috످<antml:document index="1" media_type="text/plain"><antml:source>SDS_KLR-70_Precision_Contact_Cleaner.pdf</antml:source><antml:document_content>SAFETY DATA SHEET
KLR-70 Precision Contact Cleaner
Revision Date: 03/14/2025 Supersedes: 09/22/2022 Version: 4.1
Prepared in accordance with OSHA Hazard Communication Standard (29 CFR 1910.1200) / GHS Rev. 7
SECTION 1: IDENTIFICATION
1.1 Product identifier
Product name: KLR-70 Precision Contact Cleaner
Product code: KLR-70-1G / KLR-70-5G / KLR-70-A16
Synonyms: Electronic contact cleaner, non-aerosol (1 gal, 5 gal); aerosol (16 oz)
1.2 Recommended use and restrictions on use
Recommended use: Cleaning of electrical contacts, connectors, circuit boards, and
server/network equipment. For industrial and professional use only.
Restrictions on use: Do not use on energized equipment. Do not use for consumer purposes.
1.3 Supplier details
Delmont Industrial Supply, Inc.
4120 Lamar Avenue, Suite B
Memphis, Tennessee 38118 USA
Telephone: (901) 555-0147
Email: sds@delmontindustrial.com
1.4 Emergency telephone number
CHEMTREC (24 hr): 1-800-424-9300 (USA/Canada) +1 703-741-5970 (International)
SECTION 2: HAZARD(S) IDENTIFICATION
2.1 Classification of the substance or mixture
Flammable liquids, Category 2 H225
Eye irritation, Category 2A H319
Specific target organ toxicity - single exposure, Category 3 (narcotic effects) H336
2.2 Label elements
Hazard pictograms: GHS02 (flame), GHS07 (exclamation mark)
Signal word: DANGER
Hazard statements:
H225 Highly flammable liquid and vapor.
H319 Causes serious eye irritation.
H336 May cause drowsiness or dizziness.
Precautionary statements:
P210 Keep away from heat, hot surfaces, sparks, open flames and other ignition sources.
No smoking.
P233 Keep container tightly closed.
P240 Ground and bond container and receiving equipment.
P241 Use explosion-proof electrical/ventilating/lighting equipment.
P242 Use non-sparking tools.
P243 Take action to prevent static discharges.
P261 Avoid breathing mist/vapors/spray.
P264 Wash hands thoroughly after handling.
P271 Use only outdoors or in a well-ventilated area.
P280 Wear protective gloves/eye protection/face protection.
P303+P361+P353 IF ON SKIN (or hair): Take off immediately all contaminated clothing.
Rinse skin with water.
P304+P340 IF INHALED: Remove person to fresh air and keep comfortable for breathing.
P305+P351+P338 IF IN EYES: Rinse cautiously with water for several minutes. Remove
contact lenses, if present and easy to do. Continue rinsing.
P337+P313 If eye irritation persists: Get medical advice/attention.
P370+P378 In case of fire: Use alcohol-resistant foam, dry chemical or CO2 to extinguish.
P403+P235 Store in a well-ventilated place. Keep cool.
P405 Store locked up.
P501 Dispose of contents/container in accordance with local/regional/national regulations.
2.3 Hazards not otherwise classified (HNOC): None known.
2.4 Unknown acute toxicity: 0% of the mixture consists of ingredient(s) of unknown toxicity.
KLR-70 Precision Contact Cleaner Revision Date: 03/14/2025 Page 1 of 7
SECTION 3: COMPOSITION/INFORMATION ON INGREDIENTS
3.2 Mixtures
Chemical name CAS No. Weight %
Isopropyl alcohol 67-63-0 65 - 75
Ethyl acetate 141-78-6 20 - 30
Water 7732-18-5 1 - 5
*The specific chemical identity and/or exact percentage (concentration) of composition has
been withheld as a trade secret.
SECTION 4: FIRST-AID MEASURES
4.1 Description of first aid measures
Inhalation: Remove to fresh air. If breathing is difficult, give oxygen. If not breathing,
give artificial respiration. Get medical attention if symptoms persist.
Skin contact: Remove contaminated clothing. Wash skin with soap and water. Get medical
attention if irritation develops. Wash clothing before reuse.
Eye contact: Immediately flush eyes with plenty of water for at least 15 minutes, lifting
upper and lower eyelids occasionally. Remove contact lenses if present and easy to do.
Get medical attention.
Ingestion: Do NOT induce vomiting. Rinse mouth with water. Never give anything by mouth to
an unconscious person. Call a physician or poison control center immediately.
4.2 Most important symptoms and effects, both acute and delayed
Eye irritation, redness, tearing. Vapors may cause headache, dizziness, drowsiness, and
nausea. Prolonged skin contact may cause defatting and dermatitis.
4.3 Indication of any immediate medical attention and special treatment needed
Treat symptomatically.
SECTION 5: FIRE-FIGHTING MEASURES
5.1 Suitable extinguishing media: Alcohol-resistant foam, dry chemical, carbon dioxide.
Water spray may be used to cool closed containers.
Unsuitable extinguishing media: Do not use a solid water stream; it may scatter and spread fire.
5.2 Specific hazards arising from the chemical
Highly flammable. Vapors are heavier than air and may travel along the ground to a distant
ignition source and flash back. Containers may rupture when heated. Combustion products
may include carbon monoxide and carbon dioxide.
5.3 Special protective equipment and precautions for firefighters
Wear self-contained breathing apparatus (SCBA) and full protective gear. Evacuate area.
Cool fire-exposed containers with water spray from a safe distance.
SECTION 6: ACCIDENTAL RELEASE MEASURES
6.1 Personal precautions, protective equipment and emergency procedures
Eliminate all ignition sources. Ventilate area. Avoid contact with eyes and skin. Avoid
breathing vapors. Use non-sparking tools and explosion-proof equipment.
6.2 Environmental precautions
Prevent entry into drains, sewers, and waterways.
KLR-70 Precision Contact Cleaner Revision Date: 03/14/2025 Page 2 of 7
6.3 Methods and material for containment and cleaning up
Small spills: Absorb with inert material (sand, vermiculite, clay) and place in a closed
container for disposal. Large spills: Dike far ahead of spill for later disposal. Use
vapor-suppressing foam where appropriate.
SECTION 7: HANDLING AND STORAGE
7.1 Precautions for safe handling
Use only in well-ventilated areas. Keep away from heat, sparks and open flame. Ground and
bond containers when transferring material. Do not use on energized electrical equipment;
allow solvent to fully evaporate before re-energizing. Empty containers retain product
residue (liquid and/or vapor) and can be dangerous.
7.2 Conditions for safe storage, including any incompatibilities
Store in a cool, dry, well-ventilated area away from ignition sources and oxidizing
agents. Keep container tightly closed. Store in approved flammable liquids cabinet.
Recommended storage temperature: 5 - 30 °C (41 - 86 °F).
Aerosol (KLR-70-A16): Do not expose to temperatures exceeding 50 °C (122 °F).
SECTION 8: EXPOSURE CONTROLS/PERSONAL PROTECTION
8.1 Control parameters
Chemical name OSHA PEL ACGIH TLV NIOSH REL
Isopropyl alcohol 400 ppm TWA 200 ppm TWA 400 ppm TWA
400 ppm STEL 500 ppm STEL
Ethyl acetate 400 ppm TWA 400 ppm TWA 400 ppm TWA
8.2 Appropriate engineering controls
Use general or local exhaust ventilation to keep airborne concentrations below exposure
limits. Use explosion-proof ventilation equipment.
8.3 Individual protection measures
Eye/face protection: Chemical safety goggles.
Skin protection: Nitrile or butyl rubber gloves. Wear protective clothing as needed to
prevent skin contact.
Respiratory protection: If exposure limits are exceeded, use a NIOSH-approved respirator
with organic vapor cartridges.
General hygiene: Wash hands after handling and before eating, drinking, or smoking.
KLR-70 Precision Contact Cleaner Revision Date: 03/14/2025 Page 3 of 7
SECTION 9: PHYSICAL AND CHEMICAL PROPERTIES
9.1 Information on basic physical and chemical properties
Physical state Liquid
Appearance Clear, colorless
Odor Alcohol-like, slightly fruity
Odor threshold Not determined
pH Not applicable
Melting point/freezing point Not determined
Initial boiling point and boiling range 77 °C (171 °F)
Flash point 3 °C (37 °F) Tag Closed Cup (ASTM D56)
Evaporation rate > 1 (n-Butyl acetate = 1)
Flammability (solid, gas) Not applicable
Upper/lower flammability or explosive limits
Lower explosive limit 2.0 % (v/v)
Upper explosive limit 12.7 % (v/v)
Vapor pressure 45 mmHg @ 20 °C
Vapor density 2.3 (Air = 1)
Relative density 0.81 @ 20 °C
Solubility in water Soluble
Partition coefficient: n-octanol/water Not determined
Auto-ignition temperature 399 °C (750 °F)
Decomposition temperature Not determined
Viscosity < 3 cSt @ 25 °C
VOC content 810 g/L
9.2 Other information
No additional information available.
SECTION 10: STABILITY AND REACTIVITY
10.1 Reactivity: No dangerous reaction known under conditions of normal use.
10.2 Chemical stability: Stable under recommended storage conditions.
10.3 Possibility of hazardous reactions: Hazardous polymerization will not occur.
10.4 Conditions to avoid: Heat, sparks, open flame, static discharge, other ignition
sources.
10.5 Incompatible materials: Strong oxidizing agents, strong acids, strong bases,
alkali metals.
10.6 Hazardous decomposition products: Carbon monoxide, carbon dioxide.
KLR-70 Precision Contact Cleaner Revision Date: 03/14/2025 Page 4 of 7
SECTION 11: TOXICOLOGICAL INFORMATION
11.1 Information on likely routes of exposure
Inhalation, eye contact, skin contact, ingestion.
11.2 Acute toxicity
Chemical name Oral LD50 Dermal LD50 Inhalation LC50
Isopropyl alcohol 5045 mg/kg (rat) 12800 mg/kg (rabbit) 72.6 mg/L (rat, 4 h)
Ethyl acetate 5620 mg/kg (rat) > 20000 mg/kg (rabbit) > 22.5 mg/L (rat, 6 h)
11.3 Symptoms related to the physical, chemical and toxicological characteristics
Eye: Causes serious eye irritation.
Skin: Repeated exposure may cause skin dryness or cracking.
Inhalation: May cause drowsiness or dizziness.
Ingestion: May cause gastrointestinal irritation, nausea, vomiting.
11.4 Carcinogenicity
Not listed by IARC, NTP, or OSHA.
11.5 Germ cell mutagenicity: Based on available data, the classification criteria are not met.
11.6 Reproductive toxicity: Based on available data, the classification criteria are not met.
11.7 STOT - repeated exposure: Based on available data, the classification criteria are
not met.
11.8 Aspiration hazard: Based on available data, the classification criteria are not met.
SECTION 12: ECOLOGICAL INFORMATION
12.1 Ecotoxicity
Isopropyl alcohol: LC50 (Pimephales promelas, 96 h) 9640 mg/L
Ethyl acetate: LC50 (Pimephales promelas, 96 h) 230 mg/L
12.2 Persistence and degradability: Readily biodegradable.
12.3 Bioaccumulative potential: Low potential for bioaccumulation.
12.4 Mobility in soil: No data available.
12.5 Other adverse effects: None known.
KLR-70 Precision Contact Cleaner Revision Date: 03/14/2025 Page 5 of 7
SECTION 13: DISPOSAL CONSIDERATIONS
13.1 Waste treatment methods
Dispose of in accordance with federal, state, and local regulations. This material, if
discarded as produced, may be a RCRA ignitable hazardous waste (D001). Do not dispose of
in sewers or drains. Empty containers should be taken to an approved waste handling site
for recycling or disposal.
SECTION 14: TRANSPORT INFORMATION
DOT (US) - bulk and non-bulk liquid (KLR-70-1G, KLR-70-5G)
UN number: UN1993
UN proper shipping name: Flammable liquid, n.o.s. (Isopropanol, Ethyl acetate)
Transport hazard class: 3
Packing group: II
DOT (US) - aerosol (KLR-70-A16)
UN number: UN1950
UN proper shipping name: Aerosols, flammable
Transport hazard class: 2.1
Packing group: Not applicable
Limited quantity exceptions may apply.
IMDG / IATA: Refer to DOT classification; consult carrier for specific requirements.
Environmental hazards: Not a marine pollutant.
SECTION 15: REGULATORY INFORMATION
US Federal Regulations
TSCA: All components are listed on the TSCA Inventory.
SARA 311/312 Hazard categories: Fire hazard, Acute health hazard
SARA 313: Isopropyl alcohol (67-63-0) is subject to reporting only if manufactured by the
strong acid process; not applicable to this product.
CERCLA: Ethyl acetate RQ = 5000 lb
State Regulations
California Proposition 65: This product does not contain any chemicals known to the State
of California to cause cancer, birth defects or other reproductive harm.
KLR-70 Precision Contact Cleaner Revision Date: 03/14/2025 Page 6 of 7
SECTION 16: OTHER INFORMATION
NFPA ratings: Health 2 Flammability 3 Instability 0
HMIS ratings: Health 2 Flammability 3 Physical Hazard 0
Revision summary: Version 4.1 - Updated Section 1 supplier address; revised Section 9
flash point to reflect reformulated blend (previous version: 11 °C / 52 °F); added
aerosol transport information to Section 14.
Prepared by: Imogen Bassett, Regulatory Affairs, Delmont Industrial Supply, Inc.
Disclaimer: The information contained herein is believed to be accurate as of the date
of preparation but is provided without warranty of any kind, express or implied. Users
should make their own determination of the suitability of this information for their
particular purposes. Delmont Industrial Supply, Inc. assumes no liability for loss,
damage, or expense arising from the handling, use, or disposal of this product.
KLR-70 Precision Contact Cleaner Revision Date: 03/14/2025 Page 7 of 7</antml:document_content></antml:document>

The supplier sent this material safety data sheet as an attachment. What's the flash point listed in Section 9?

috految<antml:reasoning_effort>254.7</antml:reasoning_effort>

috److془The flash point is 3 °C (37 °F), Tag Closed Cup. Note previous version 11 °C (52 °F).

Keep it short.془The flash point listed in Section 9 is 3 °C (37 °F).

Section 16 notes that it dropped from 11 °C (52 °F) after the product was reformulated, so older records may need updating.

috످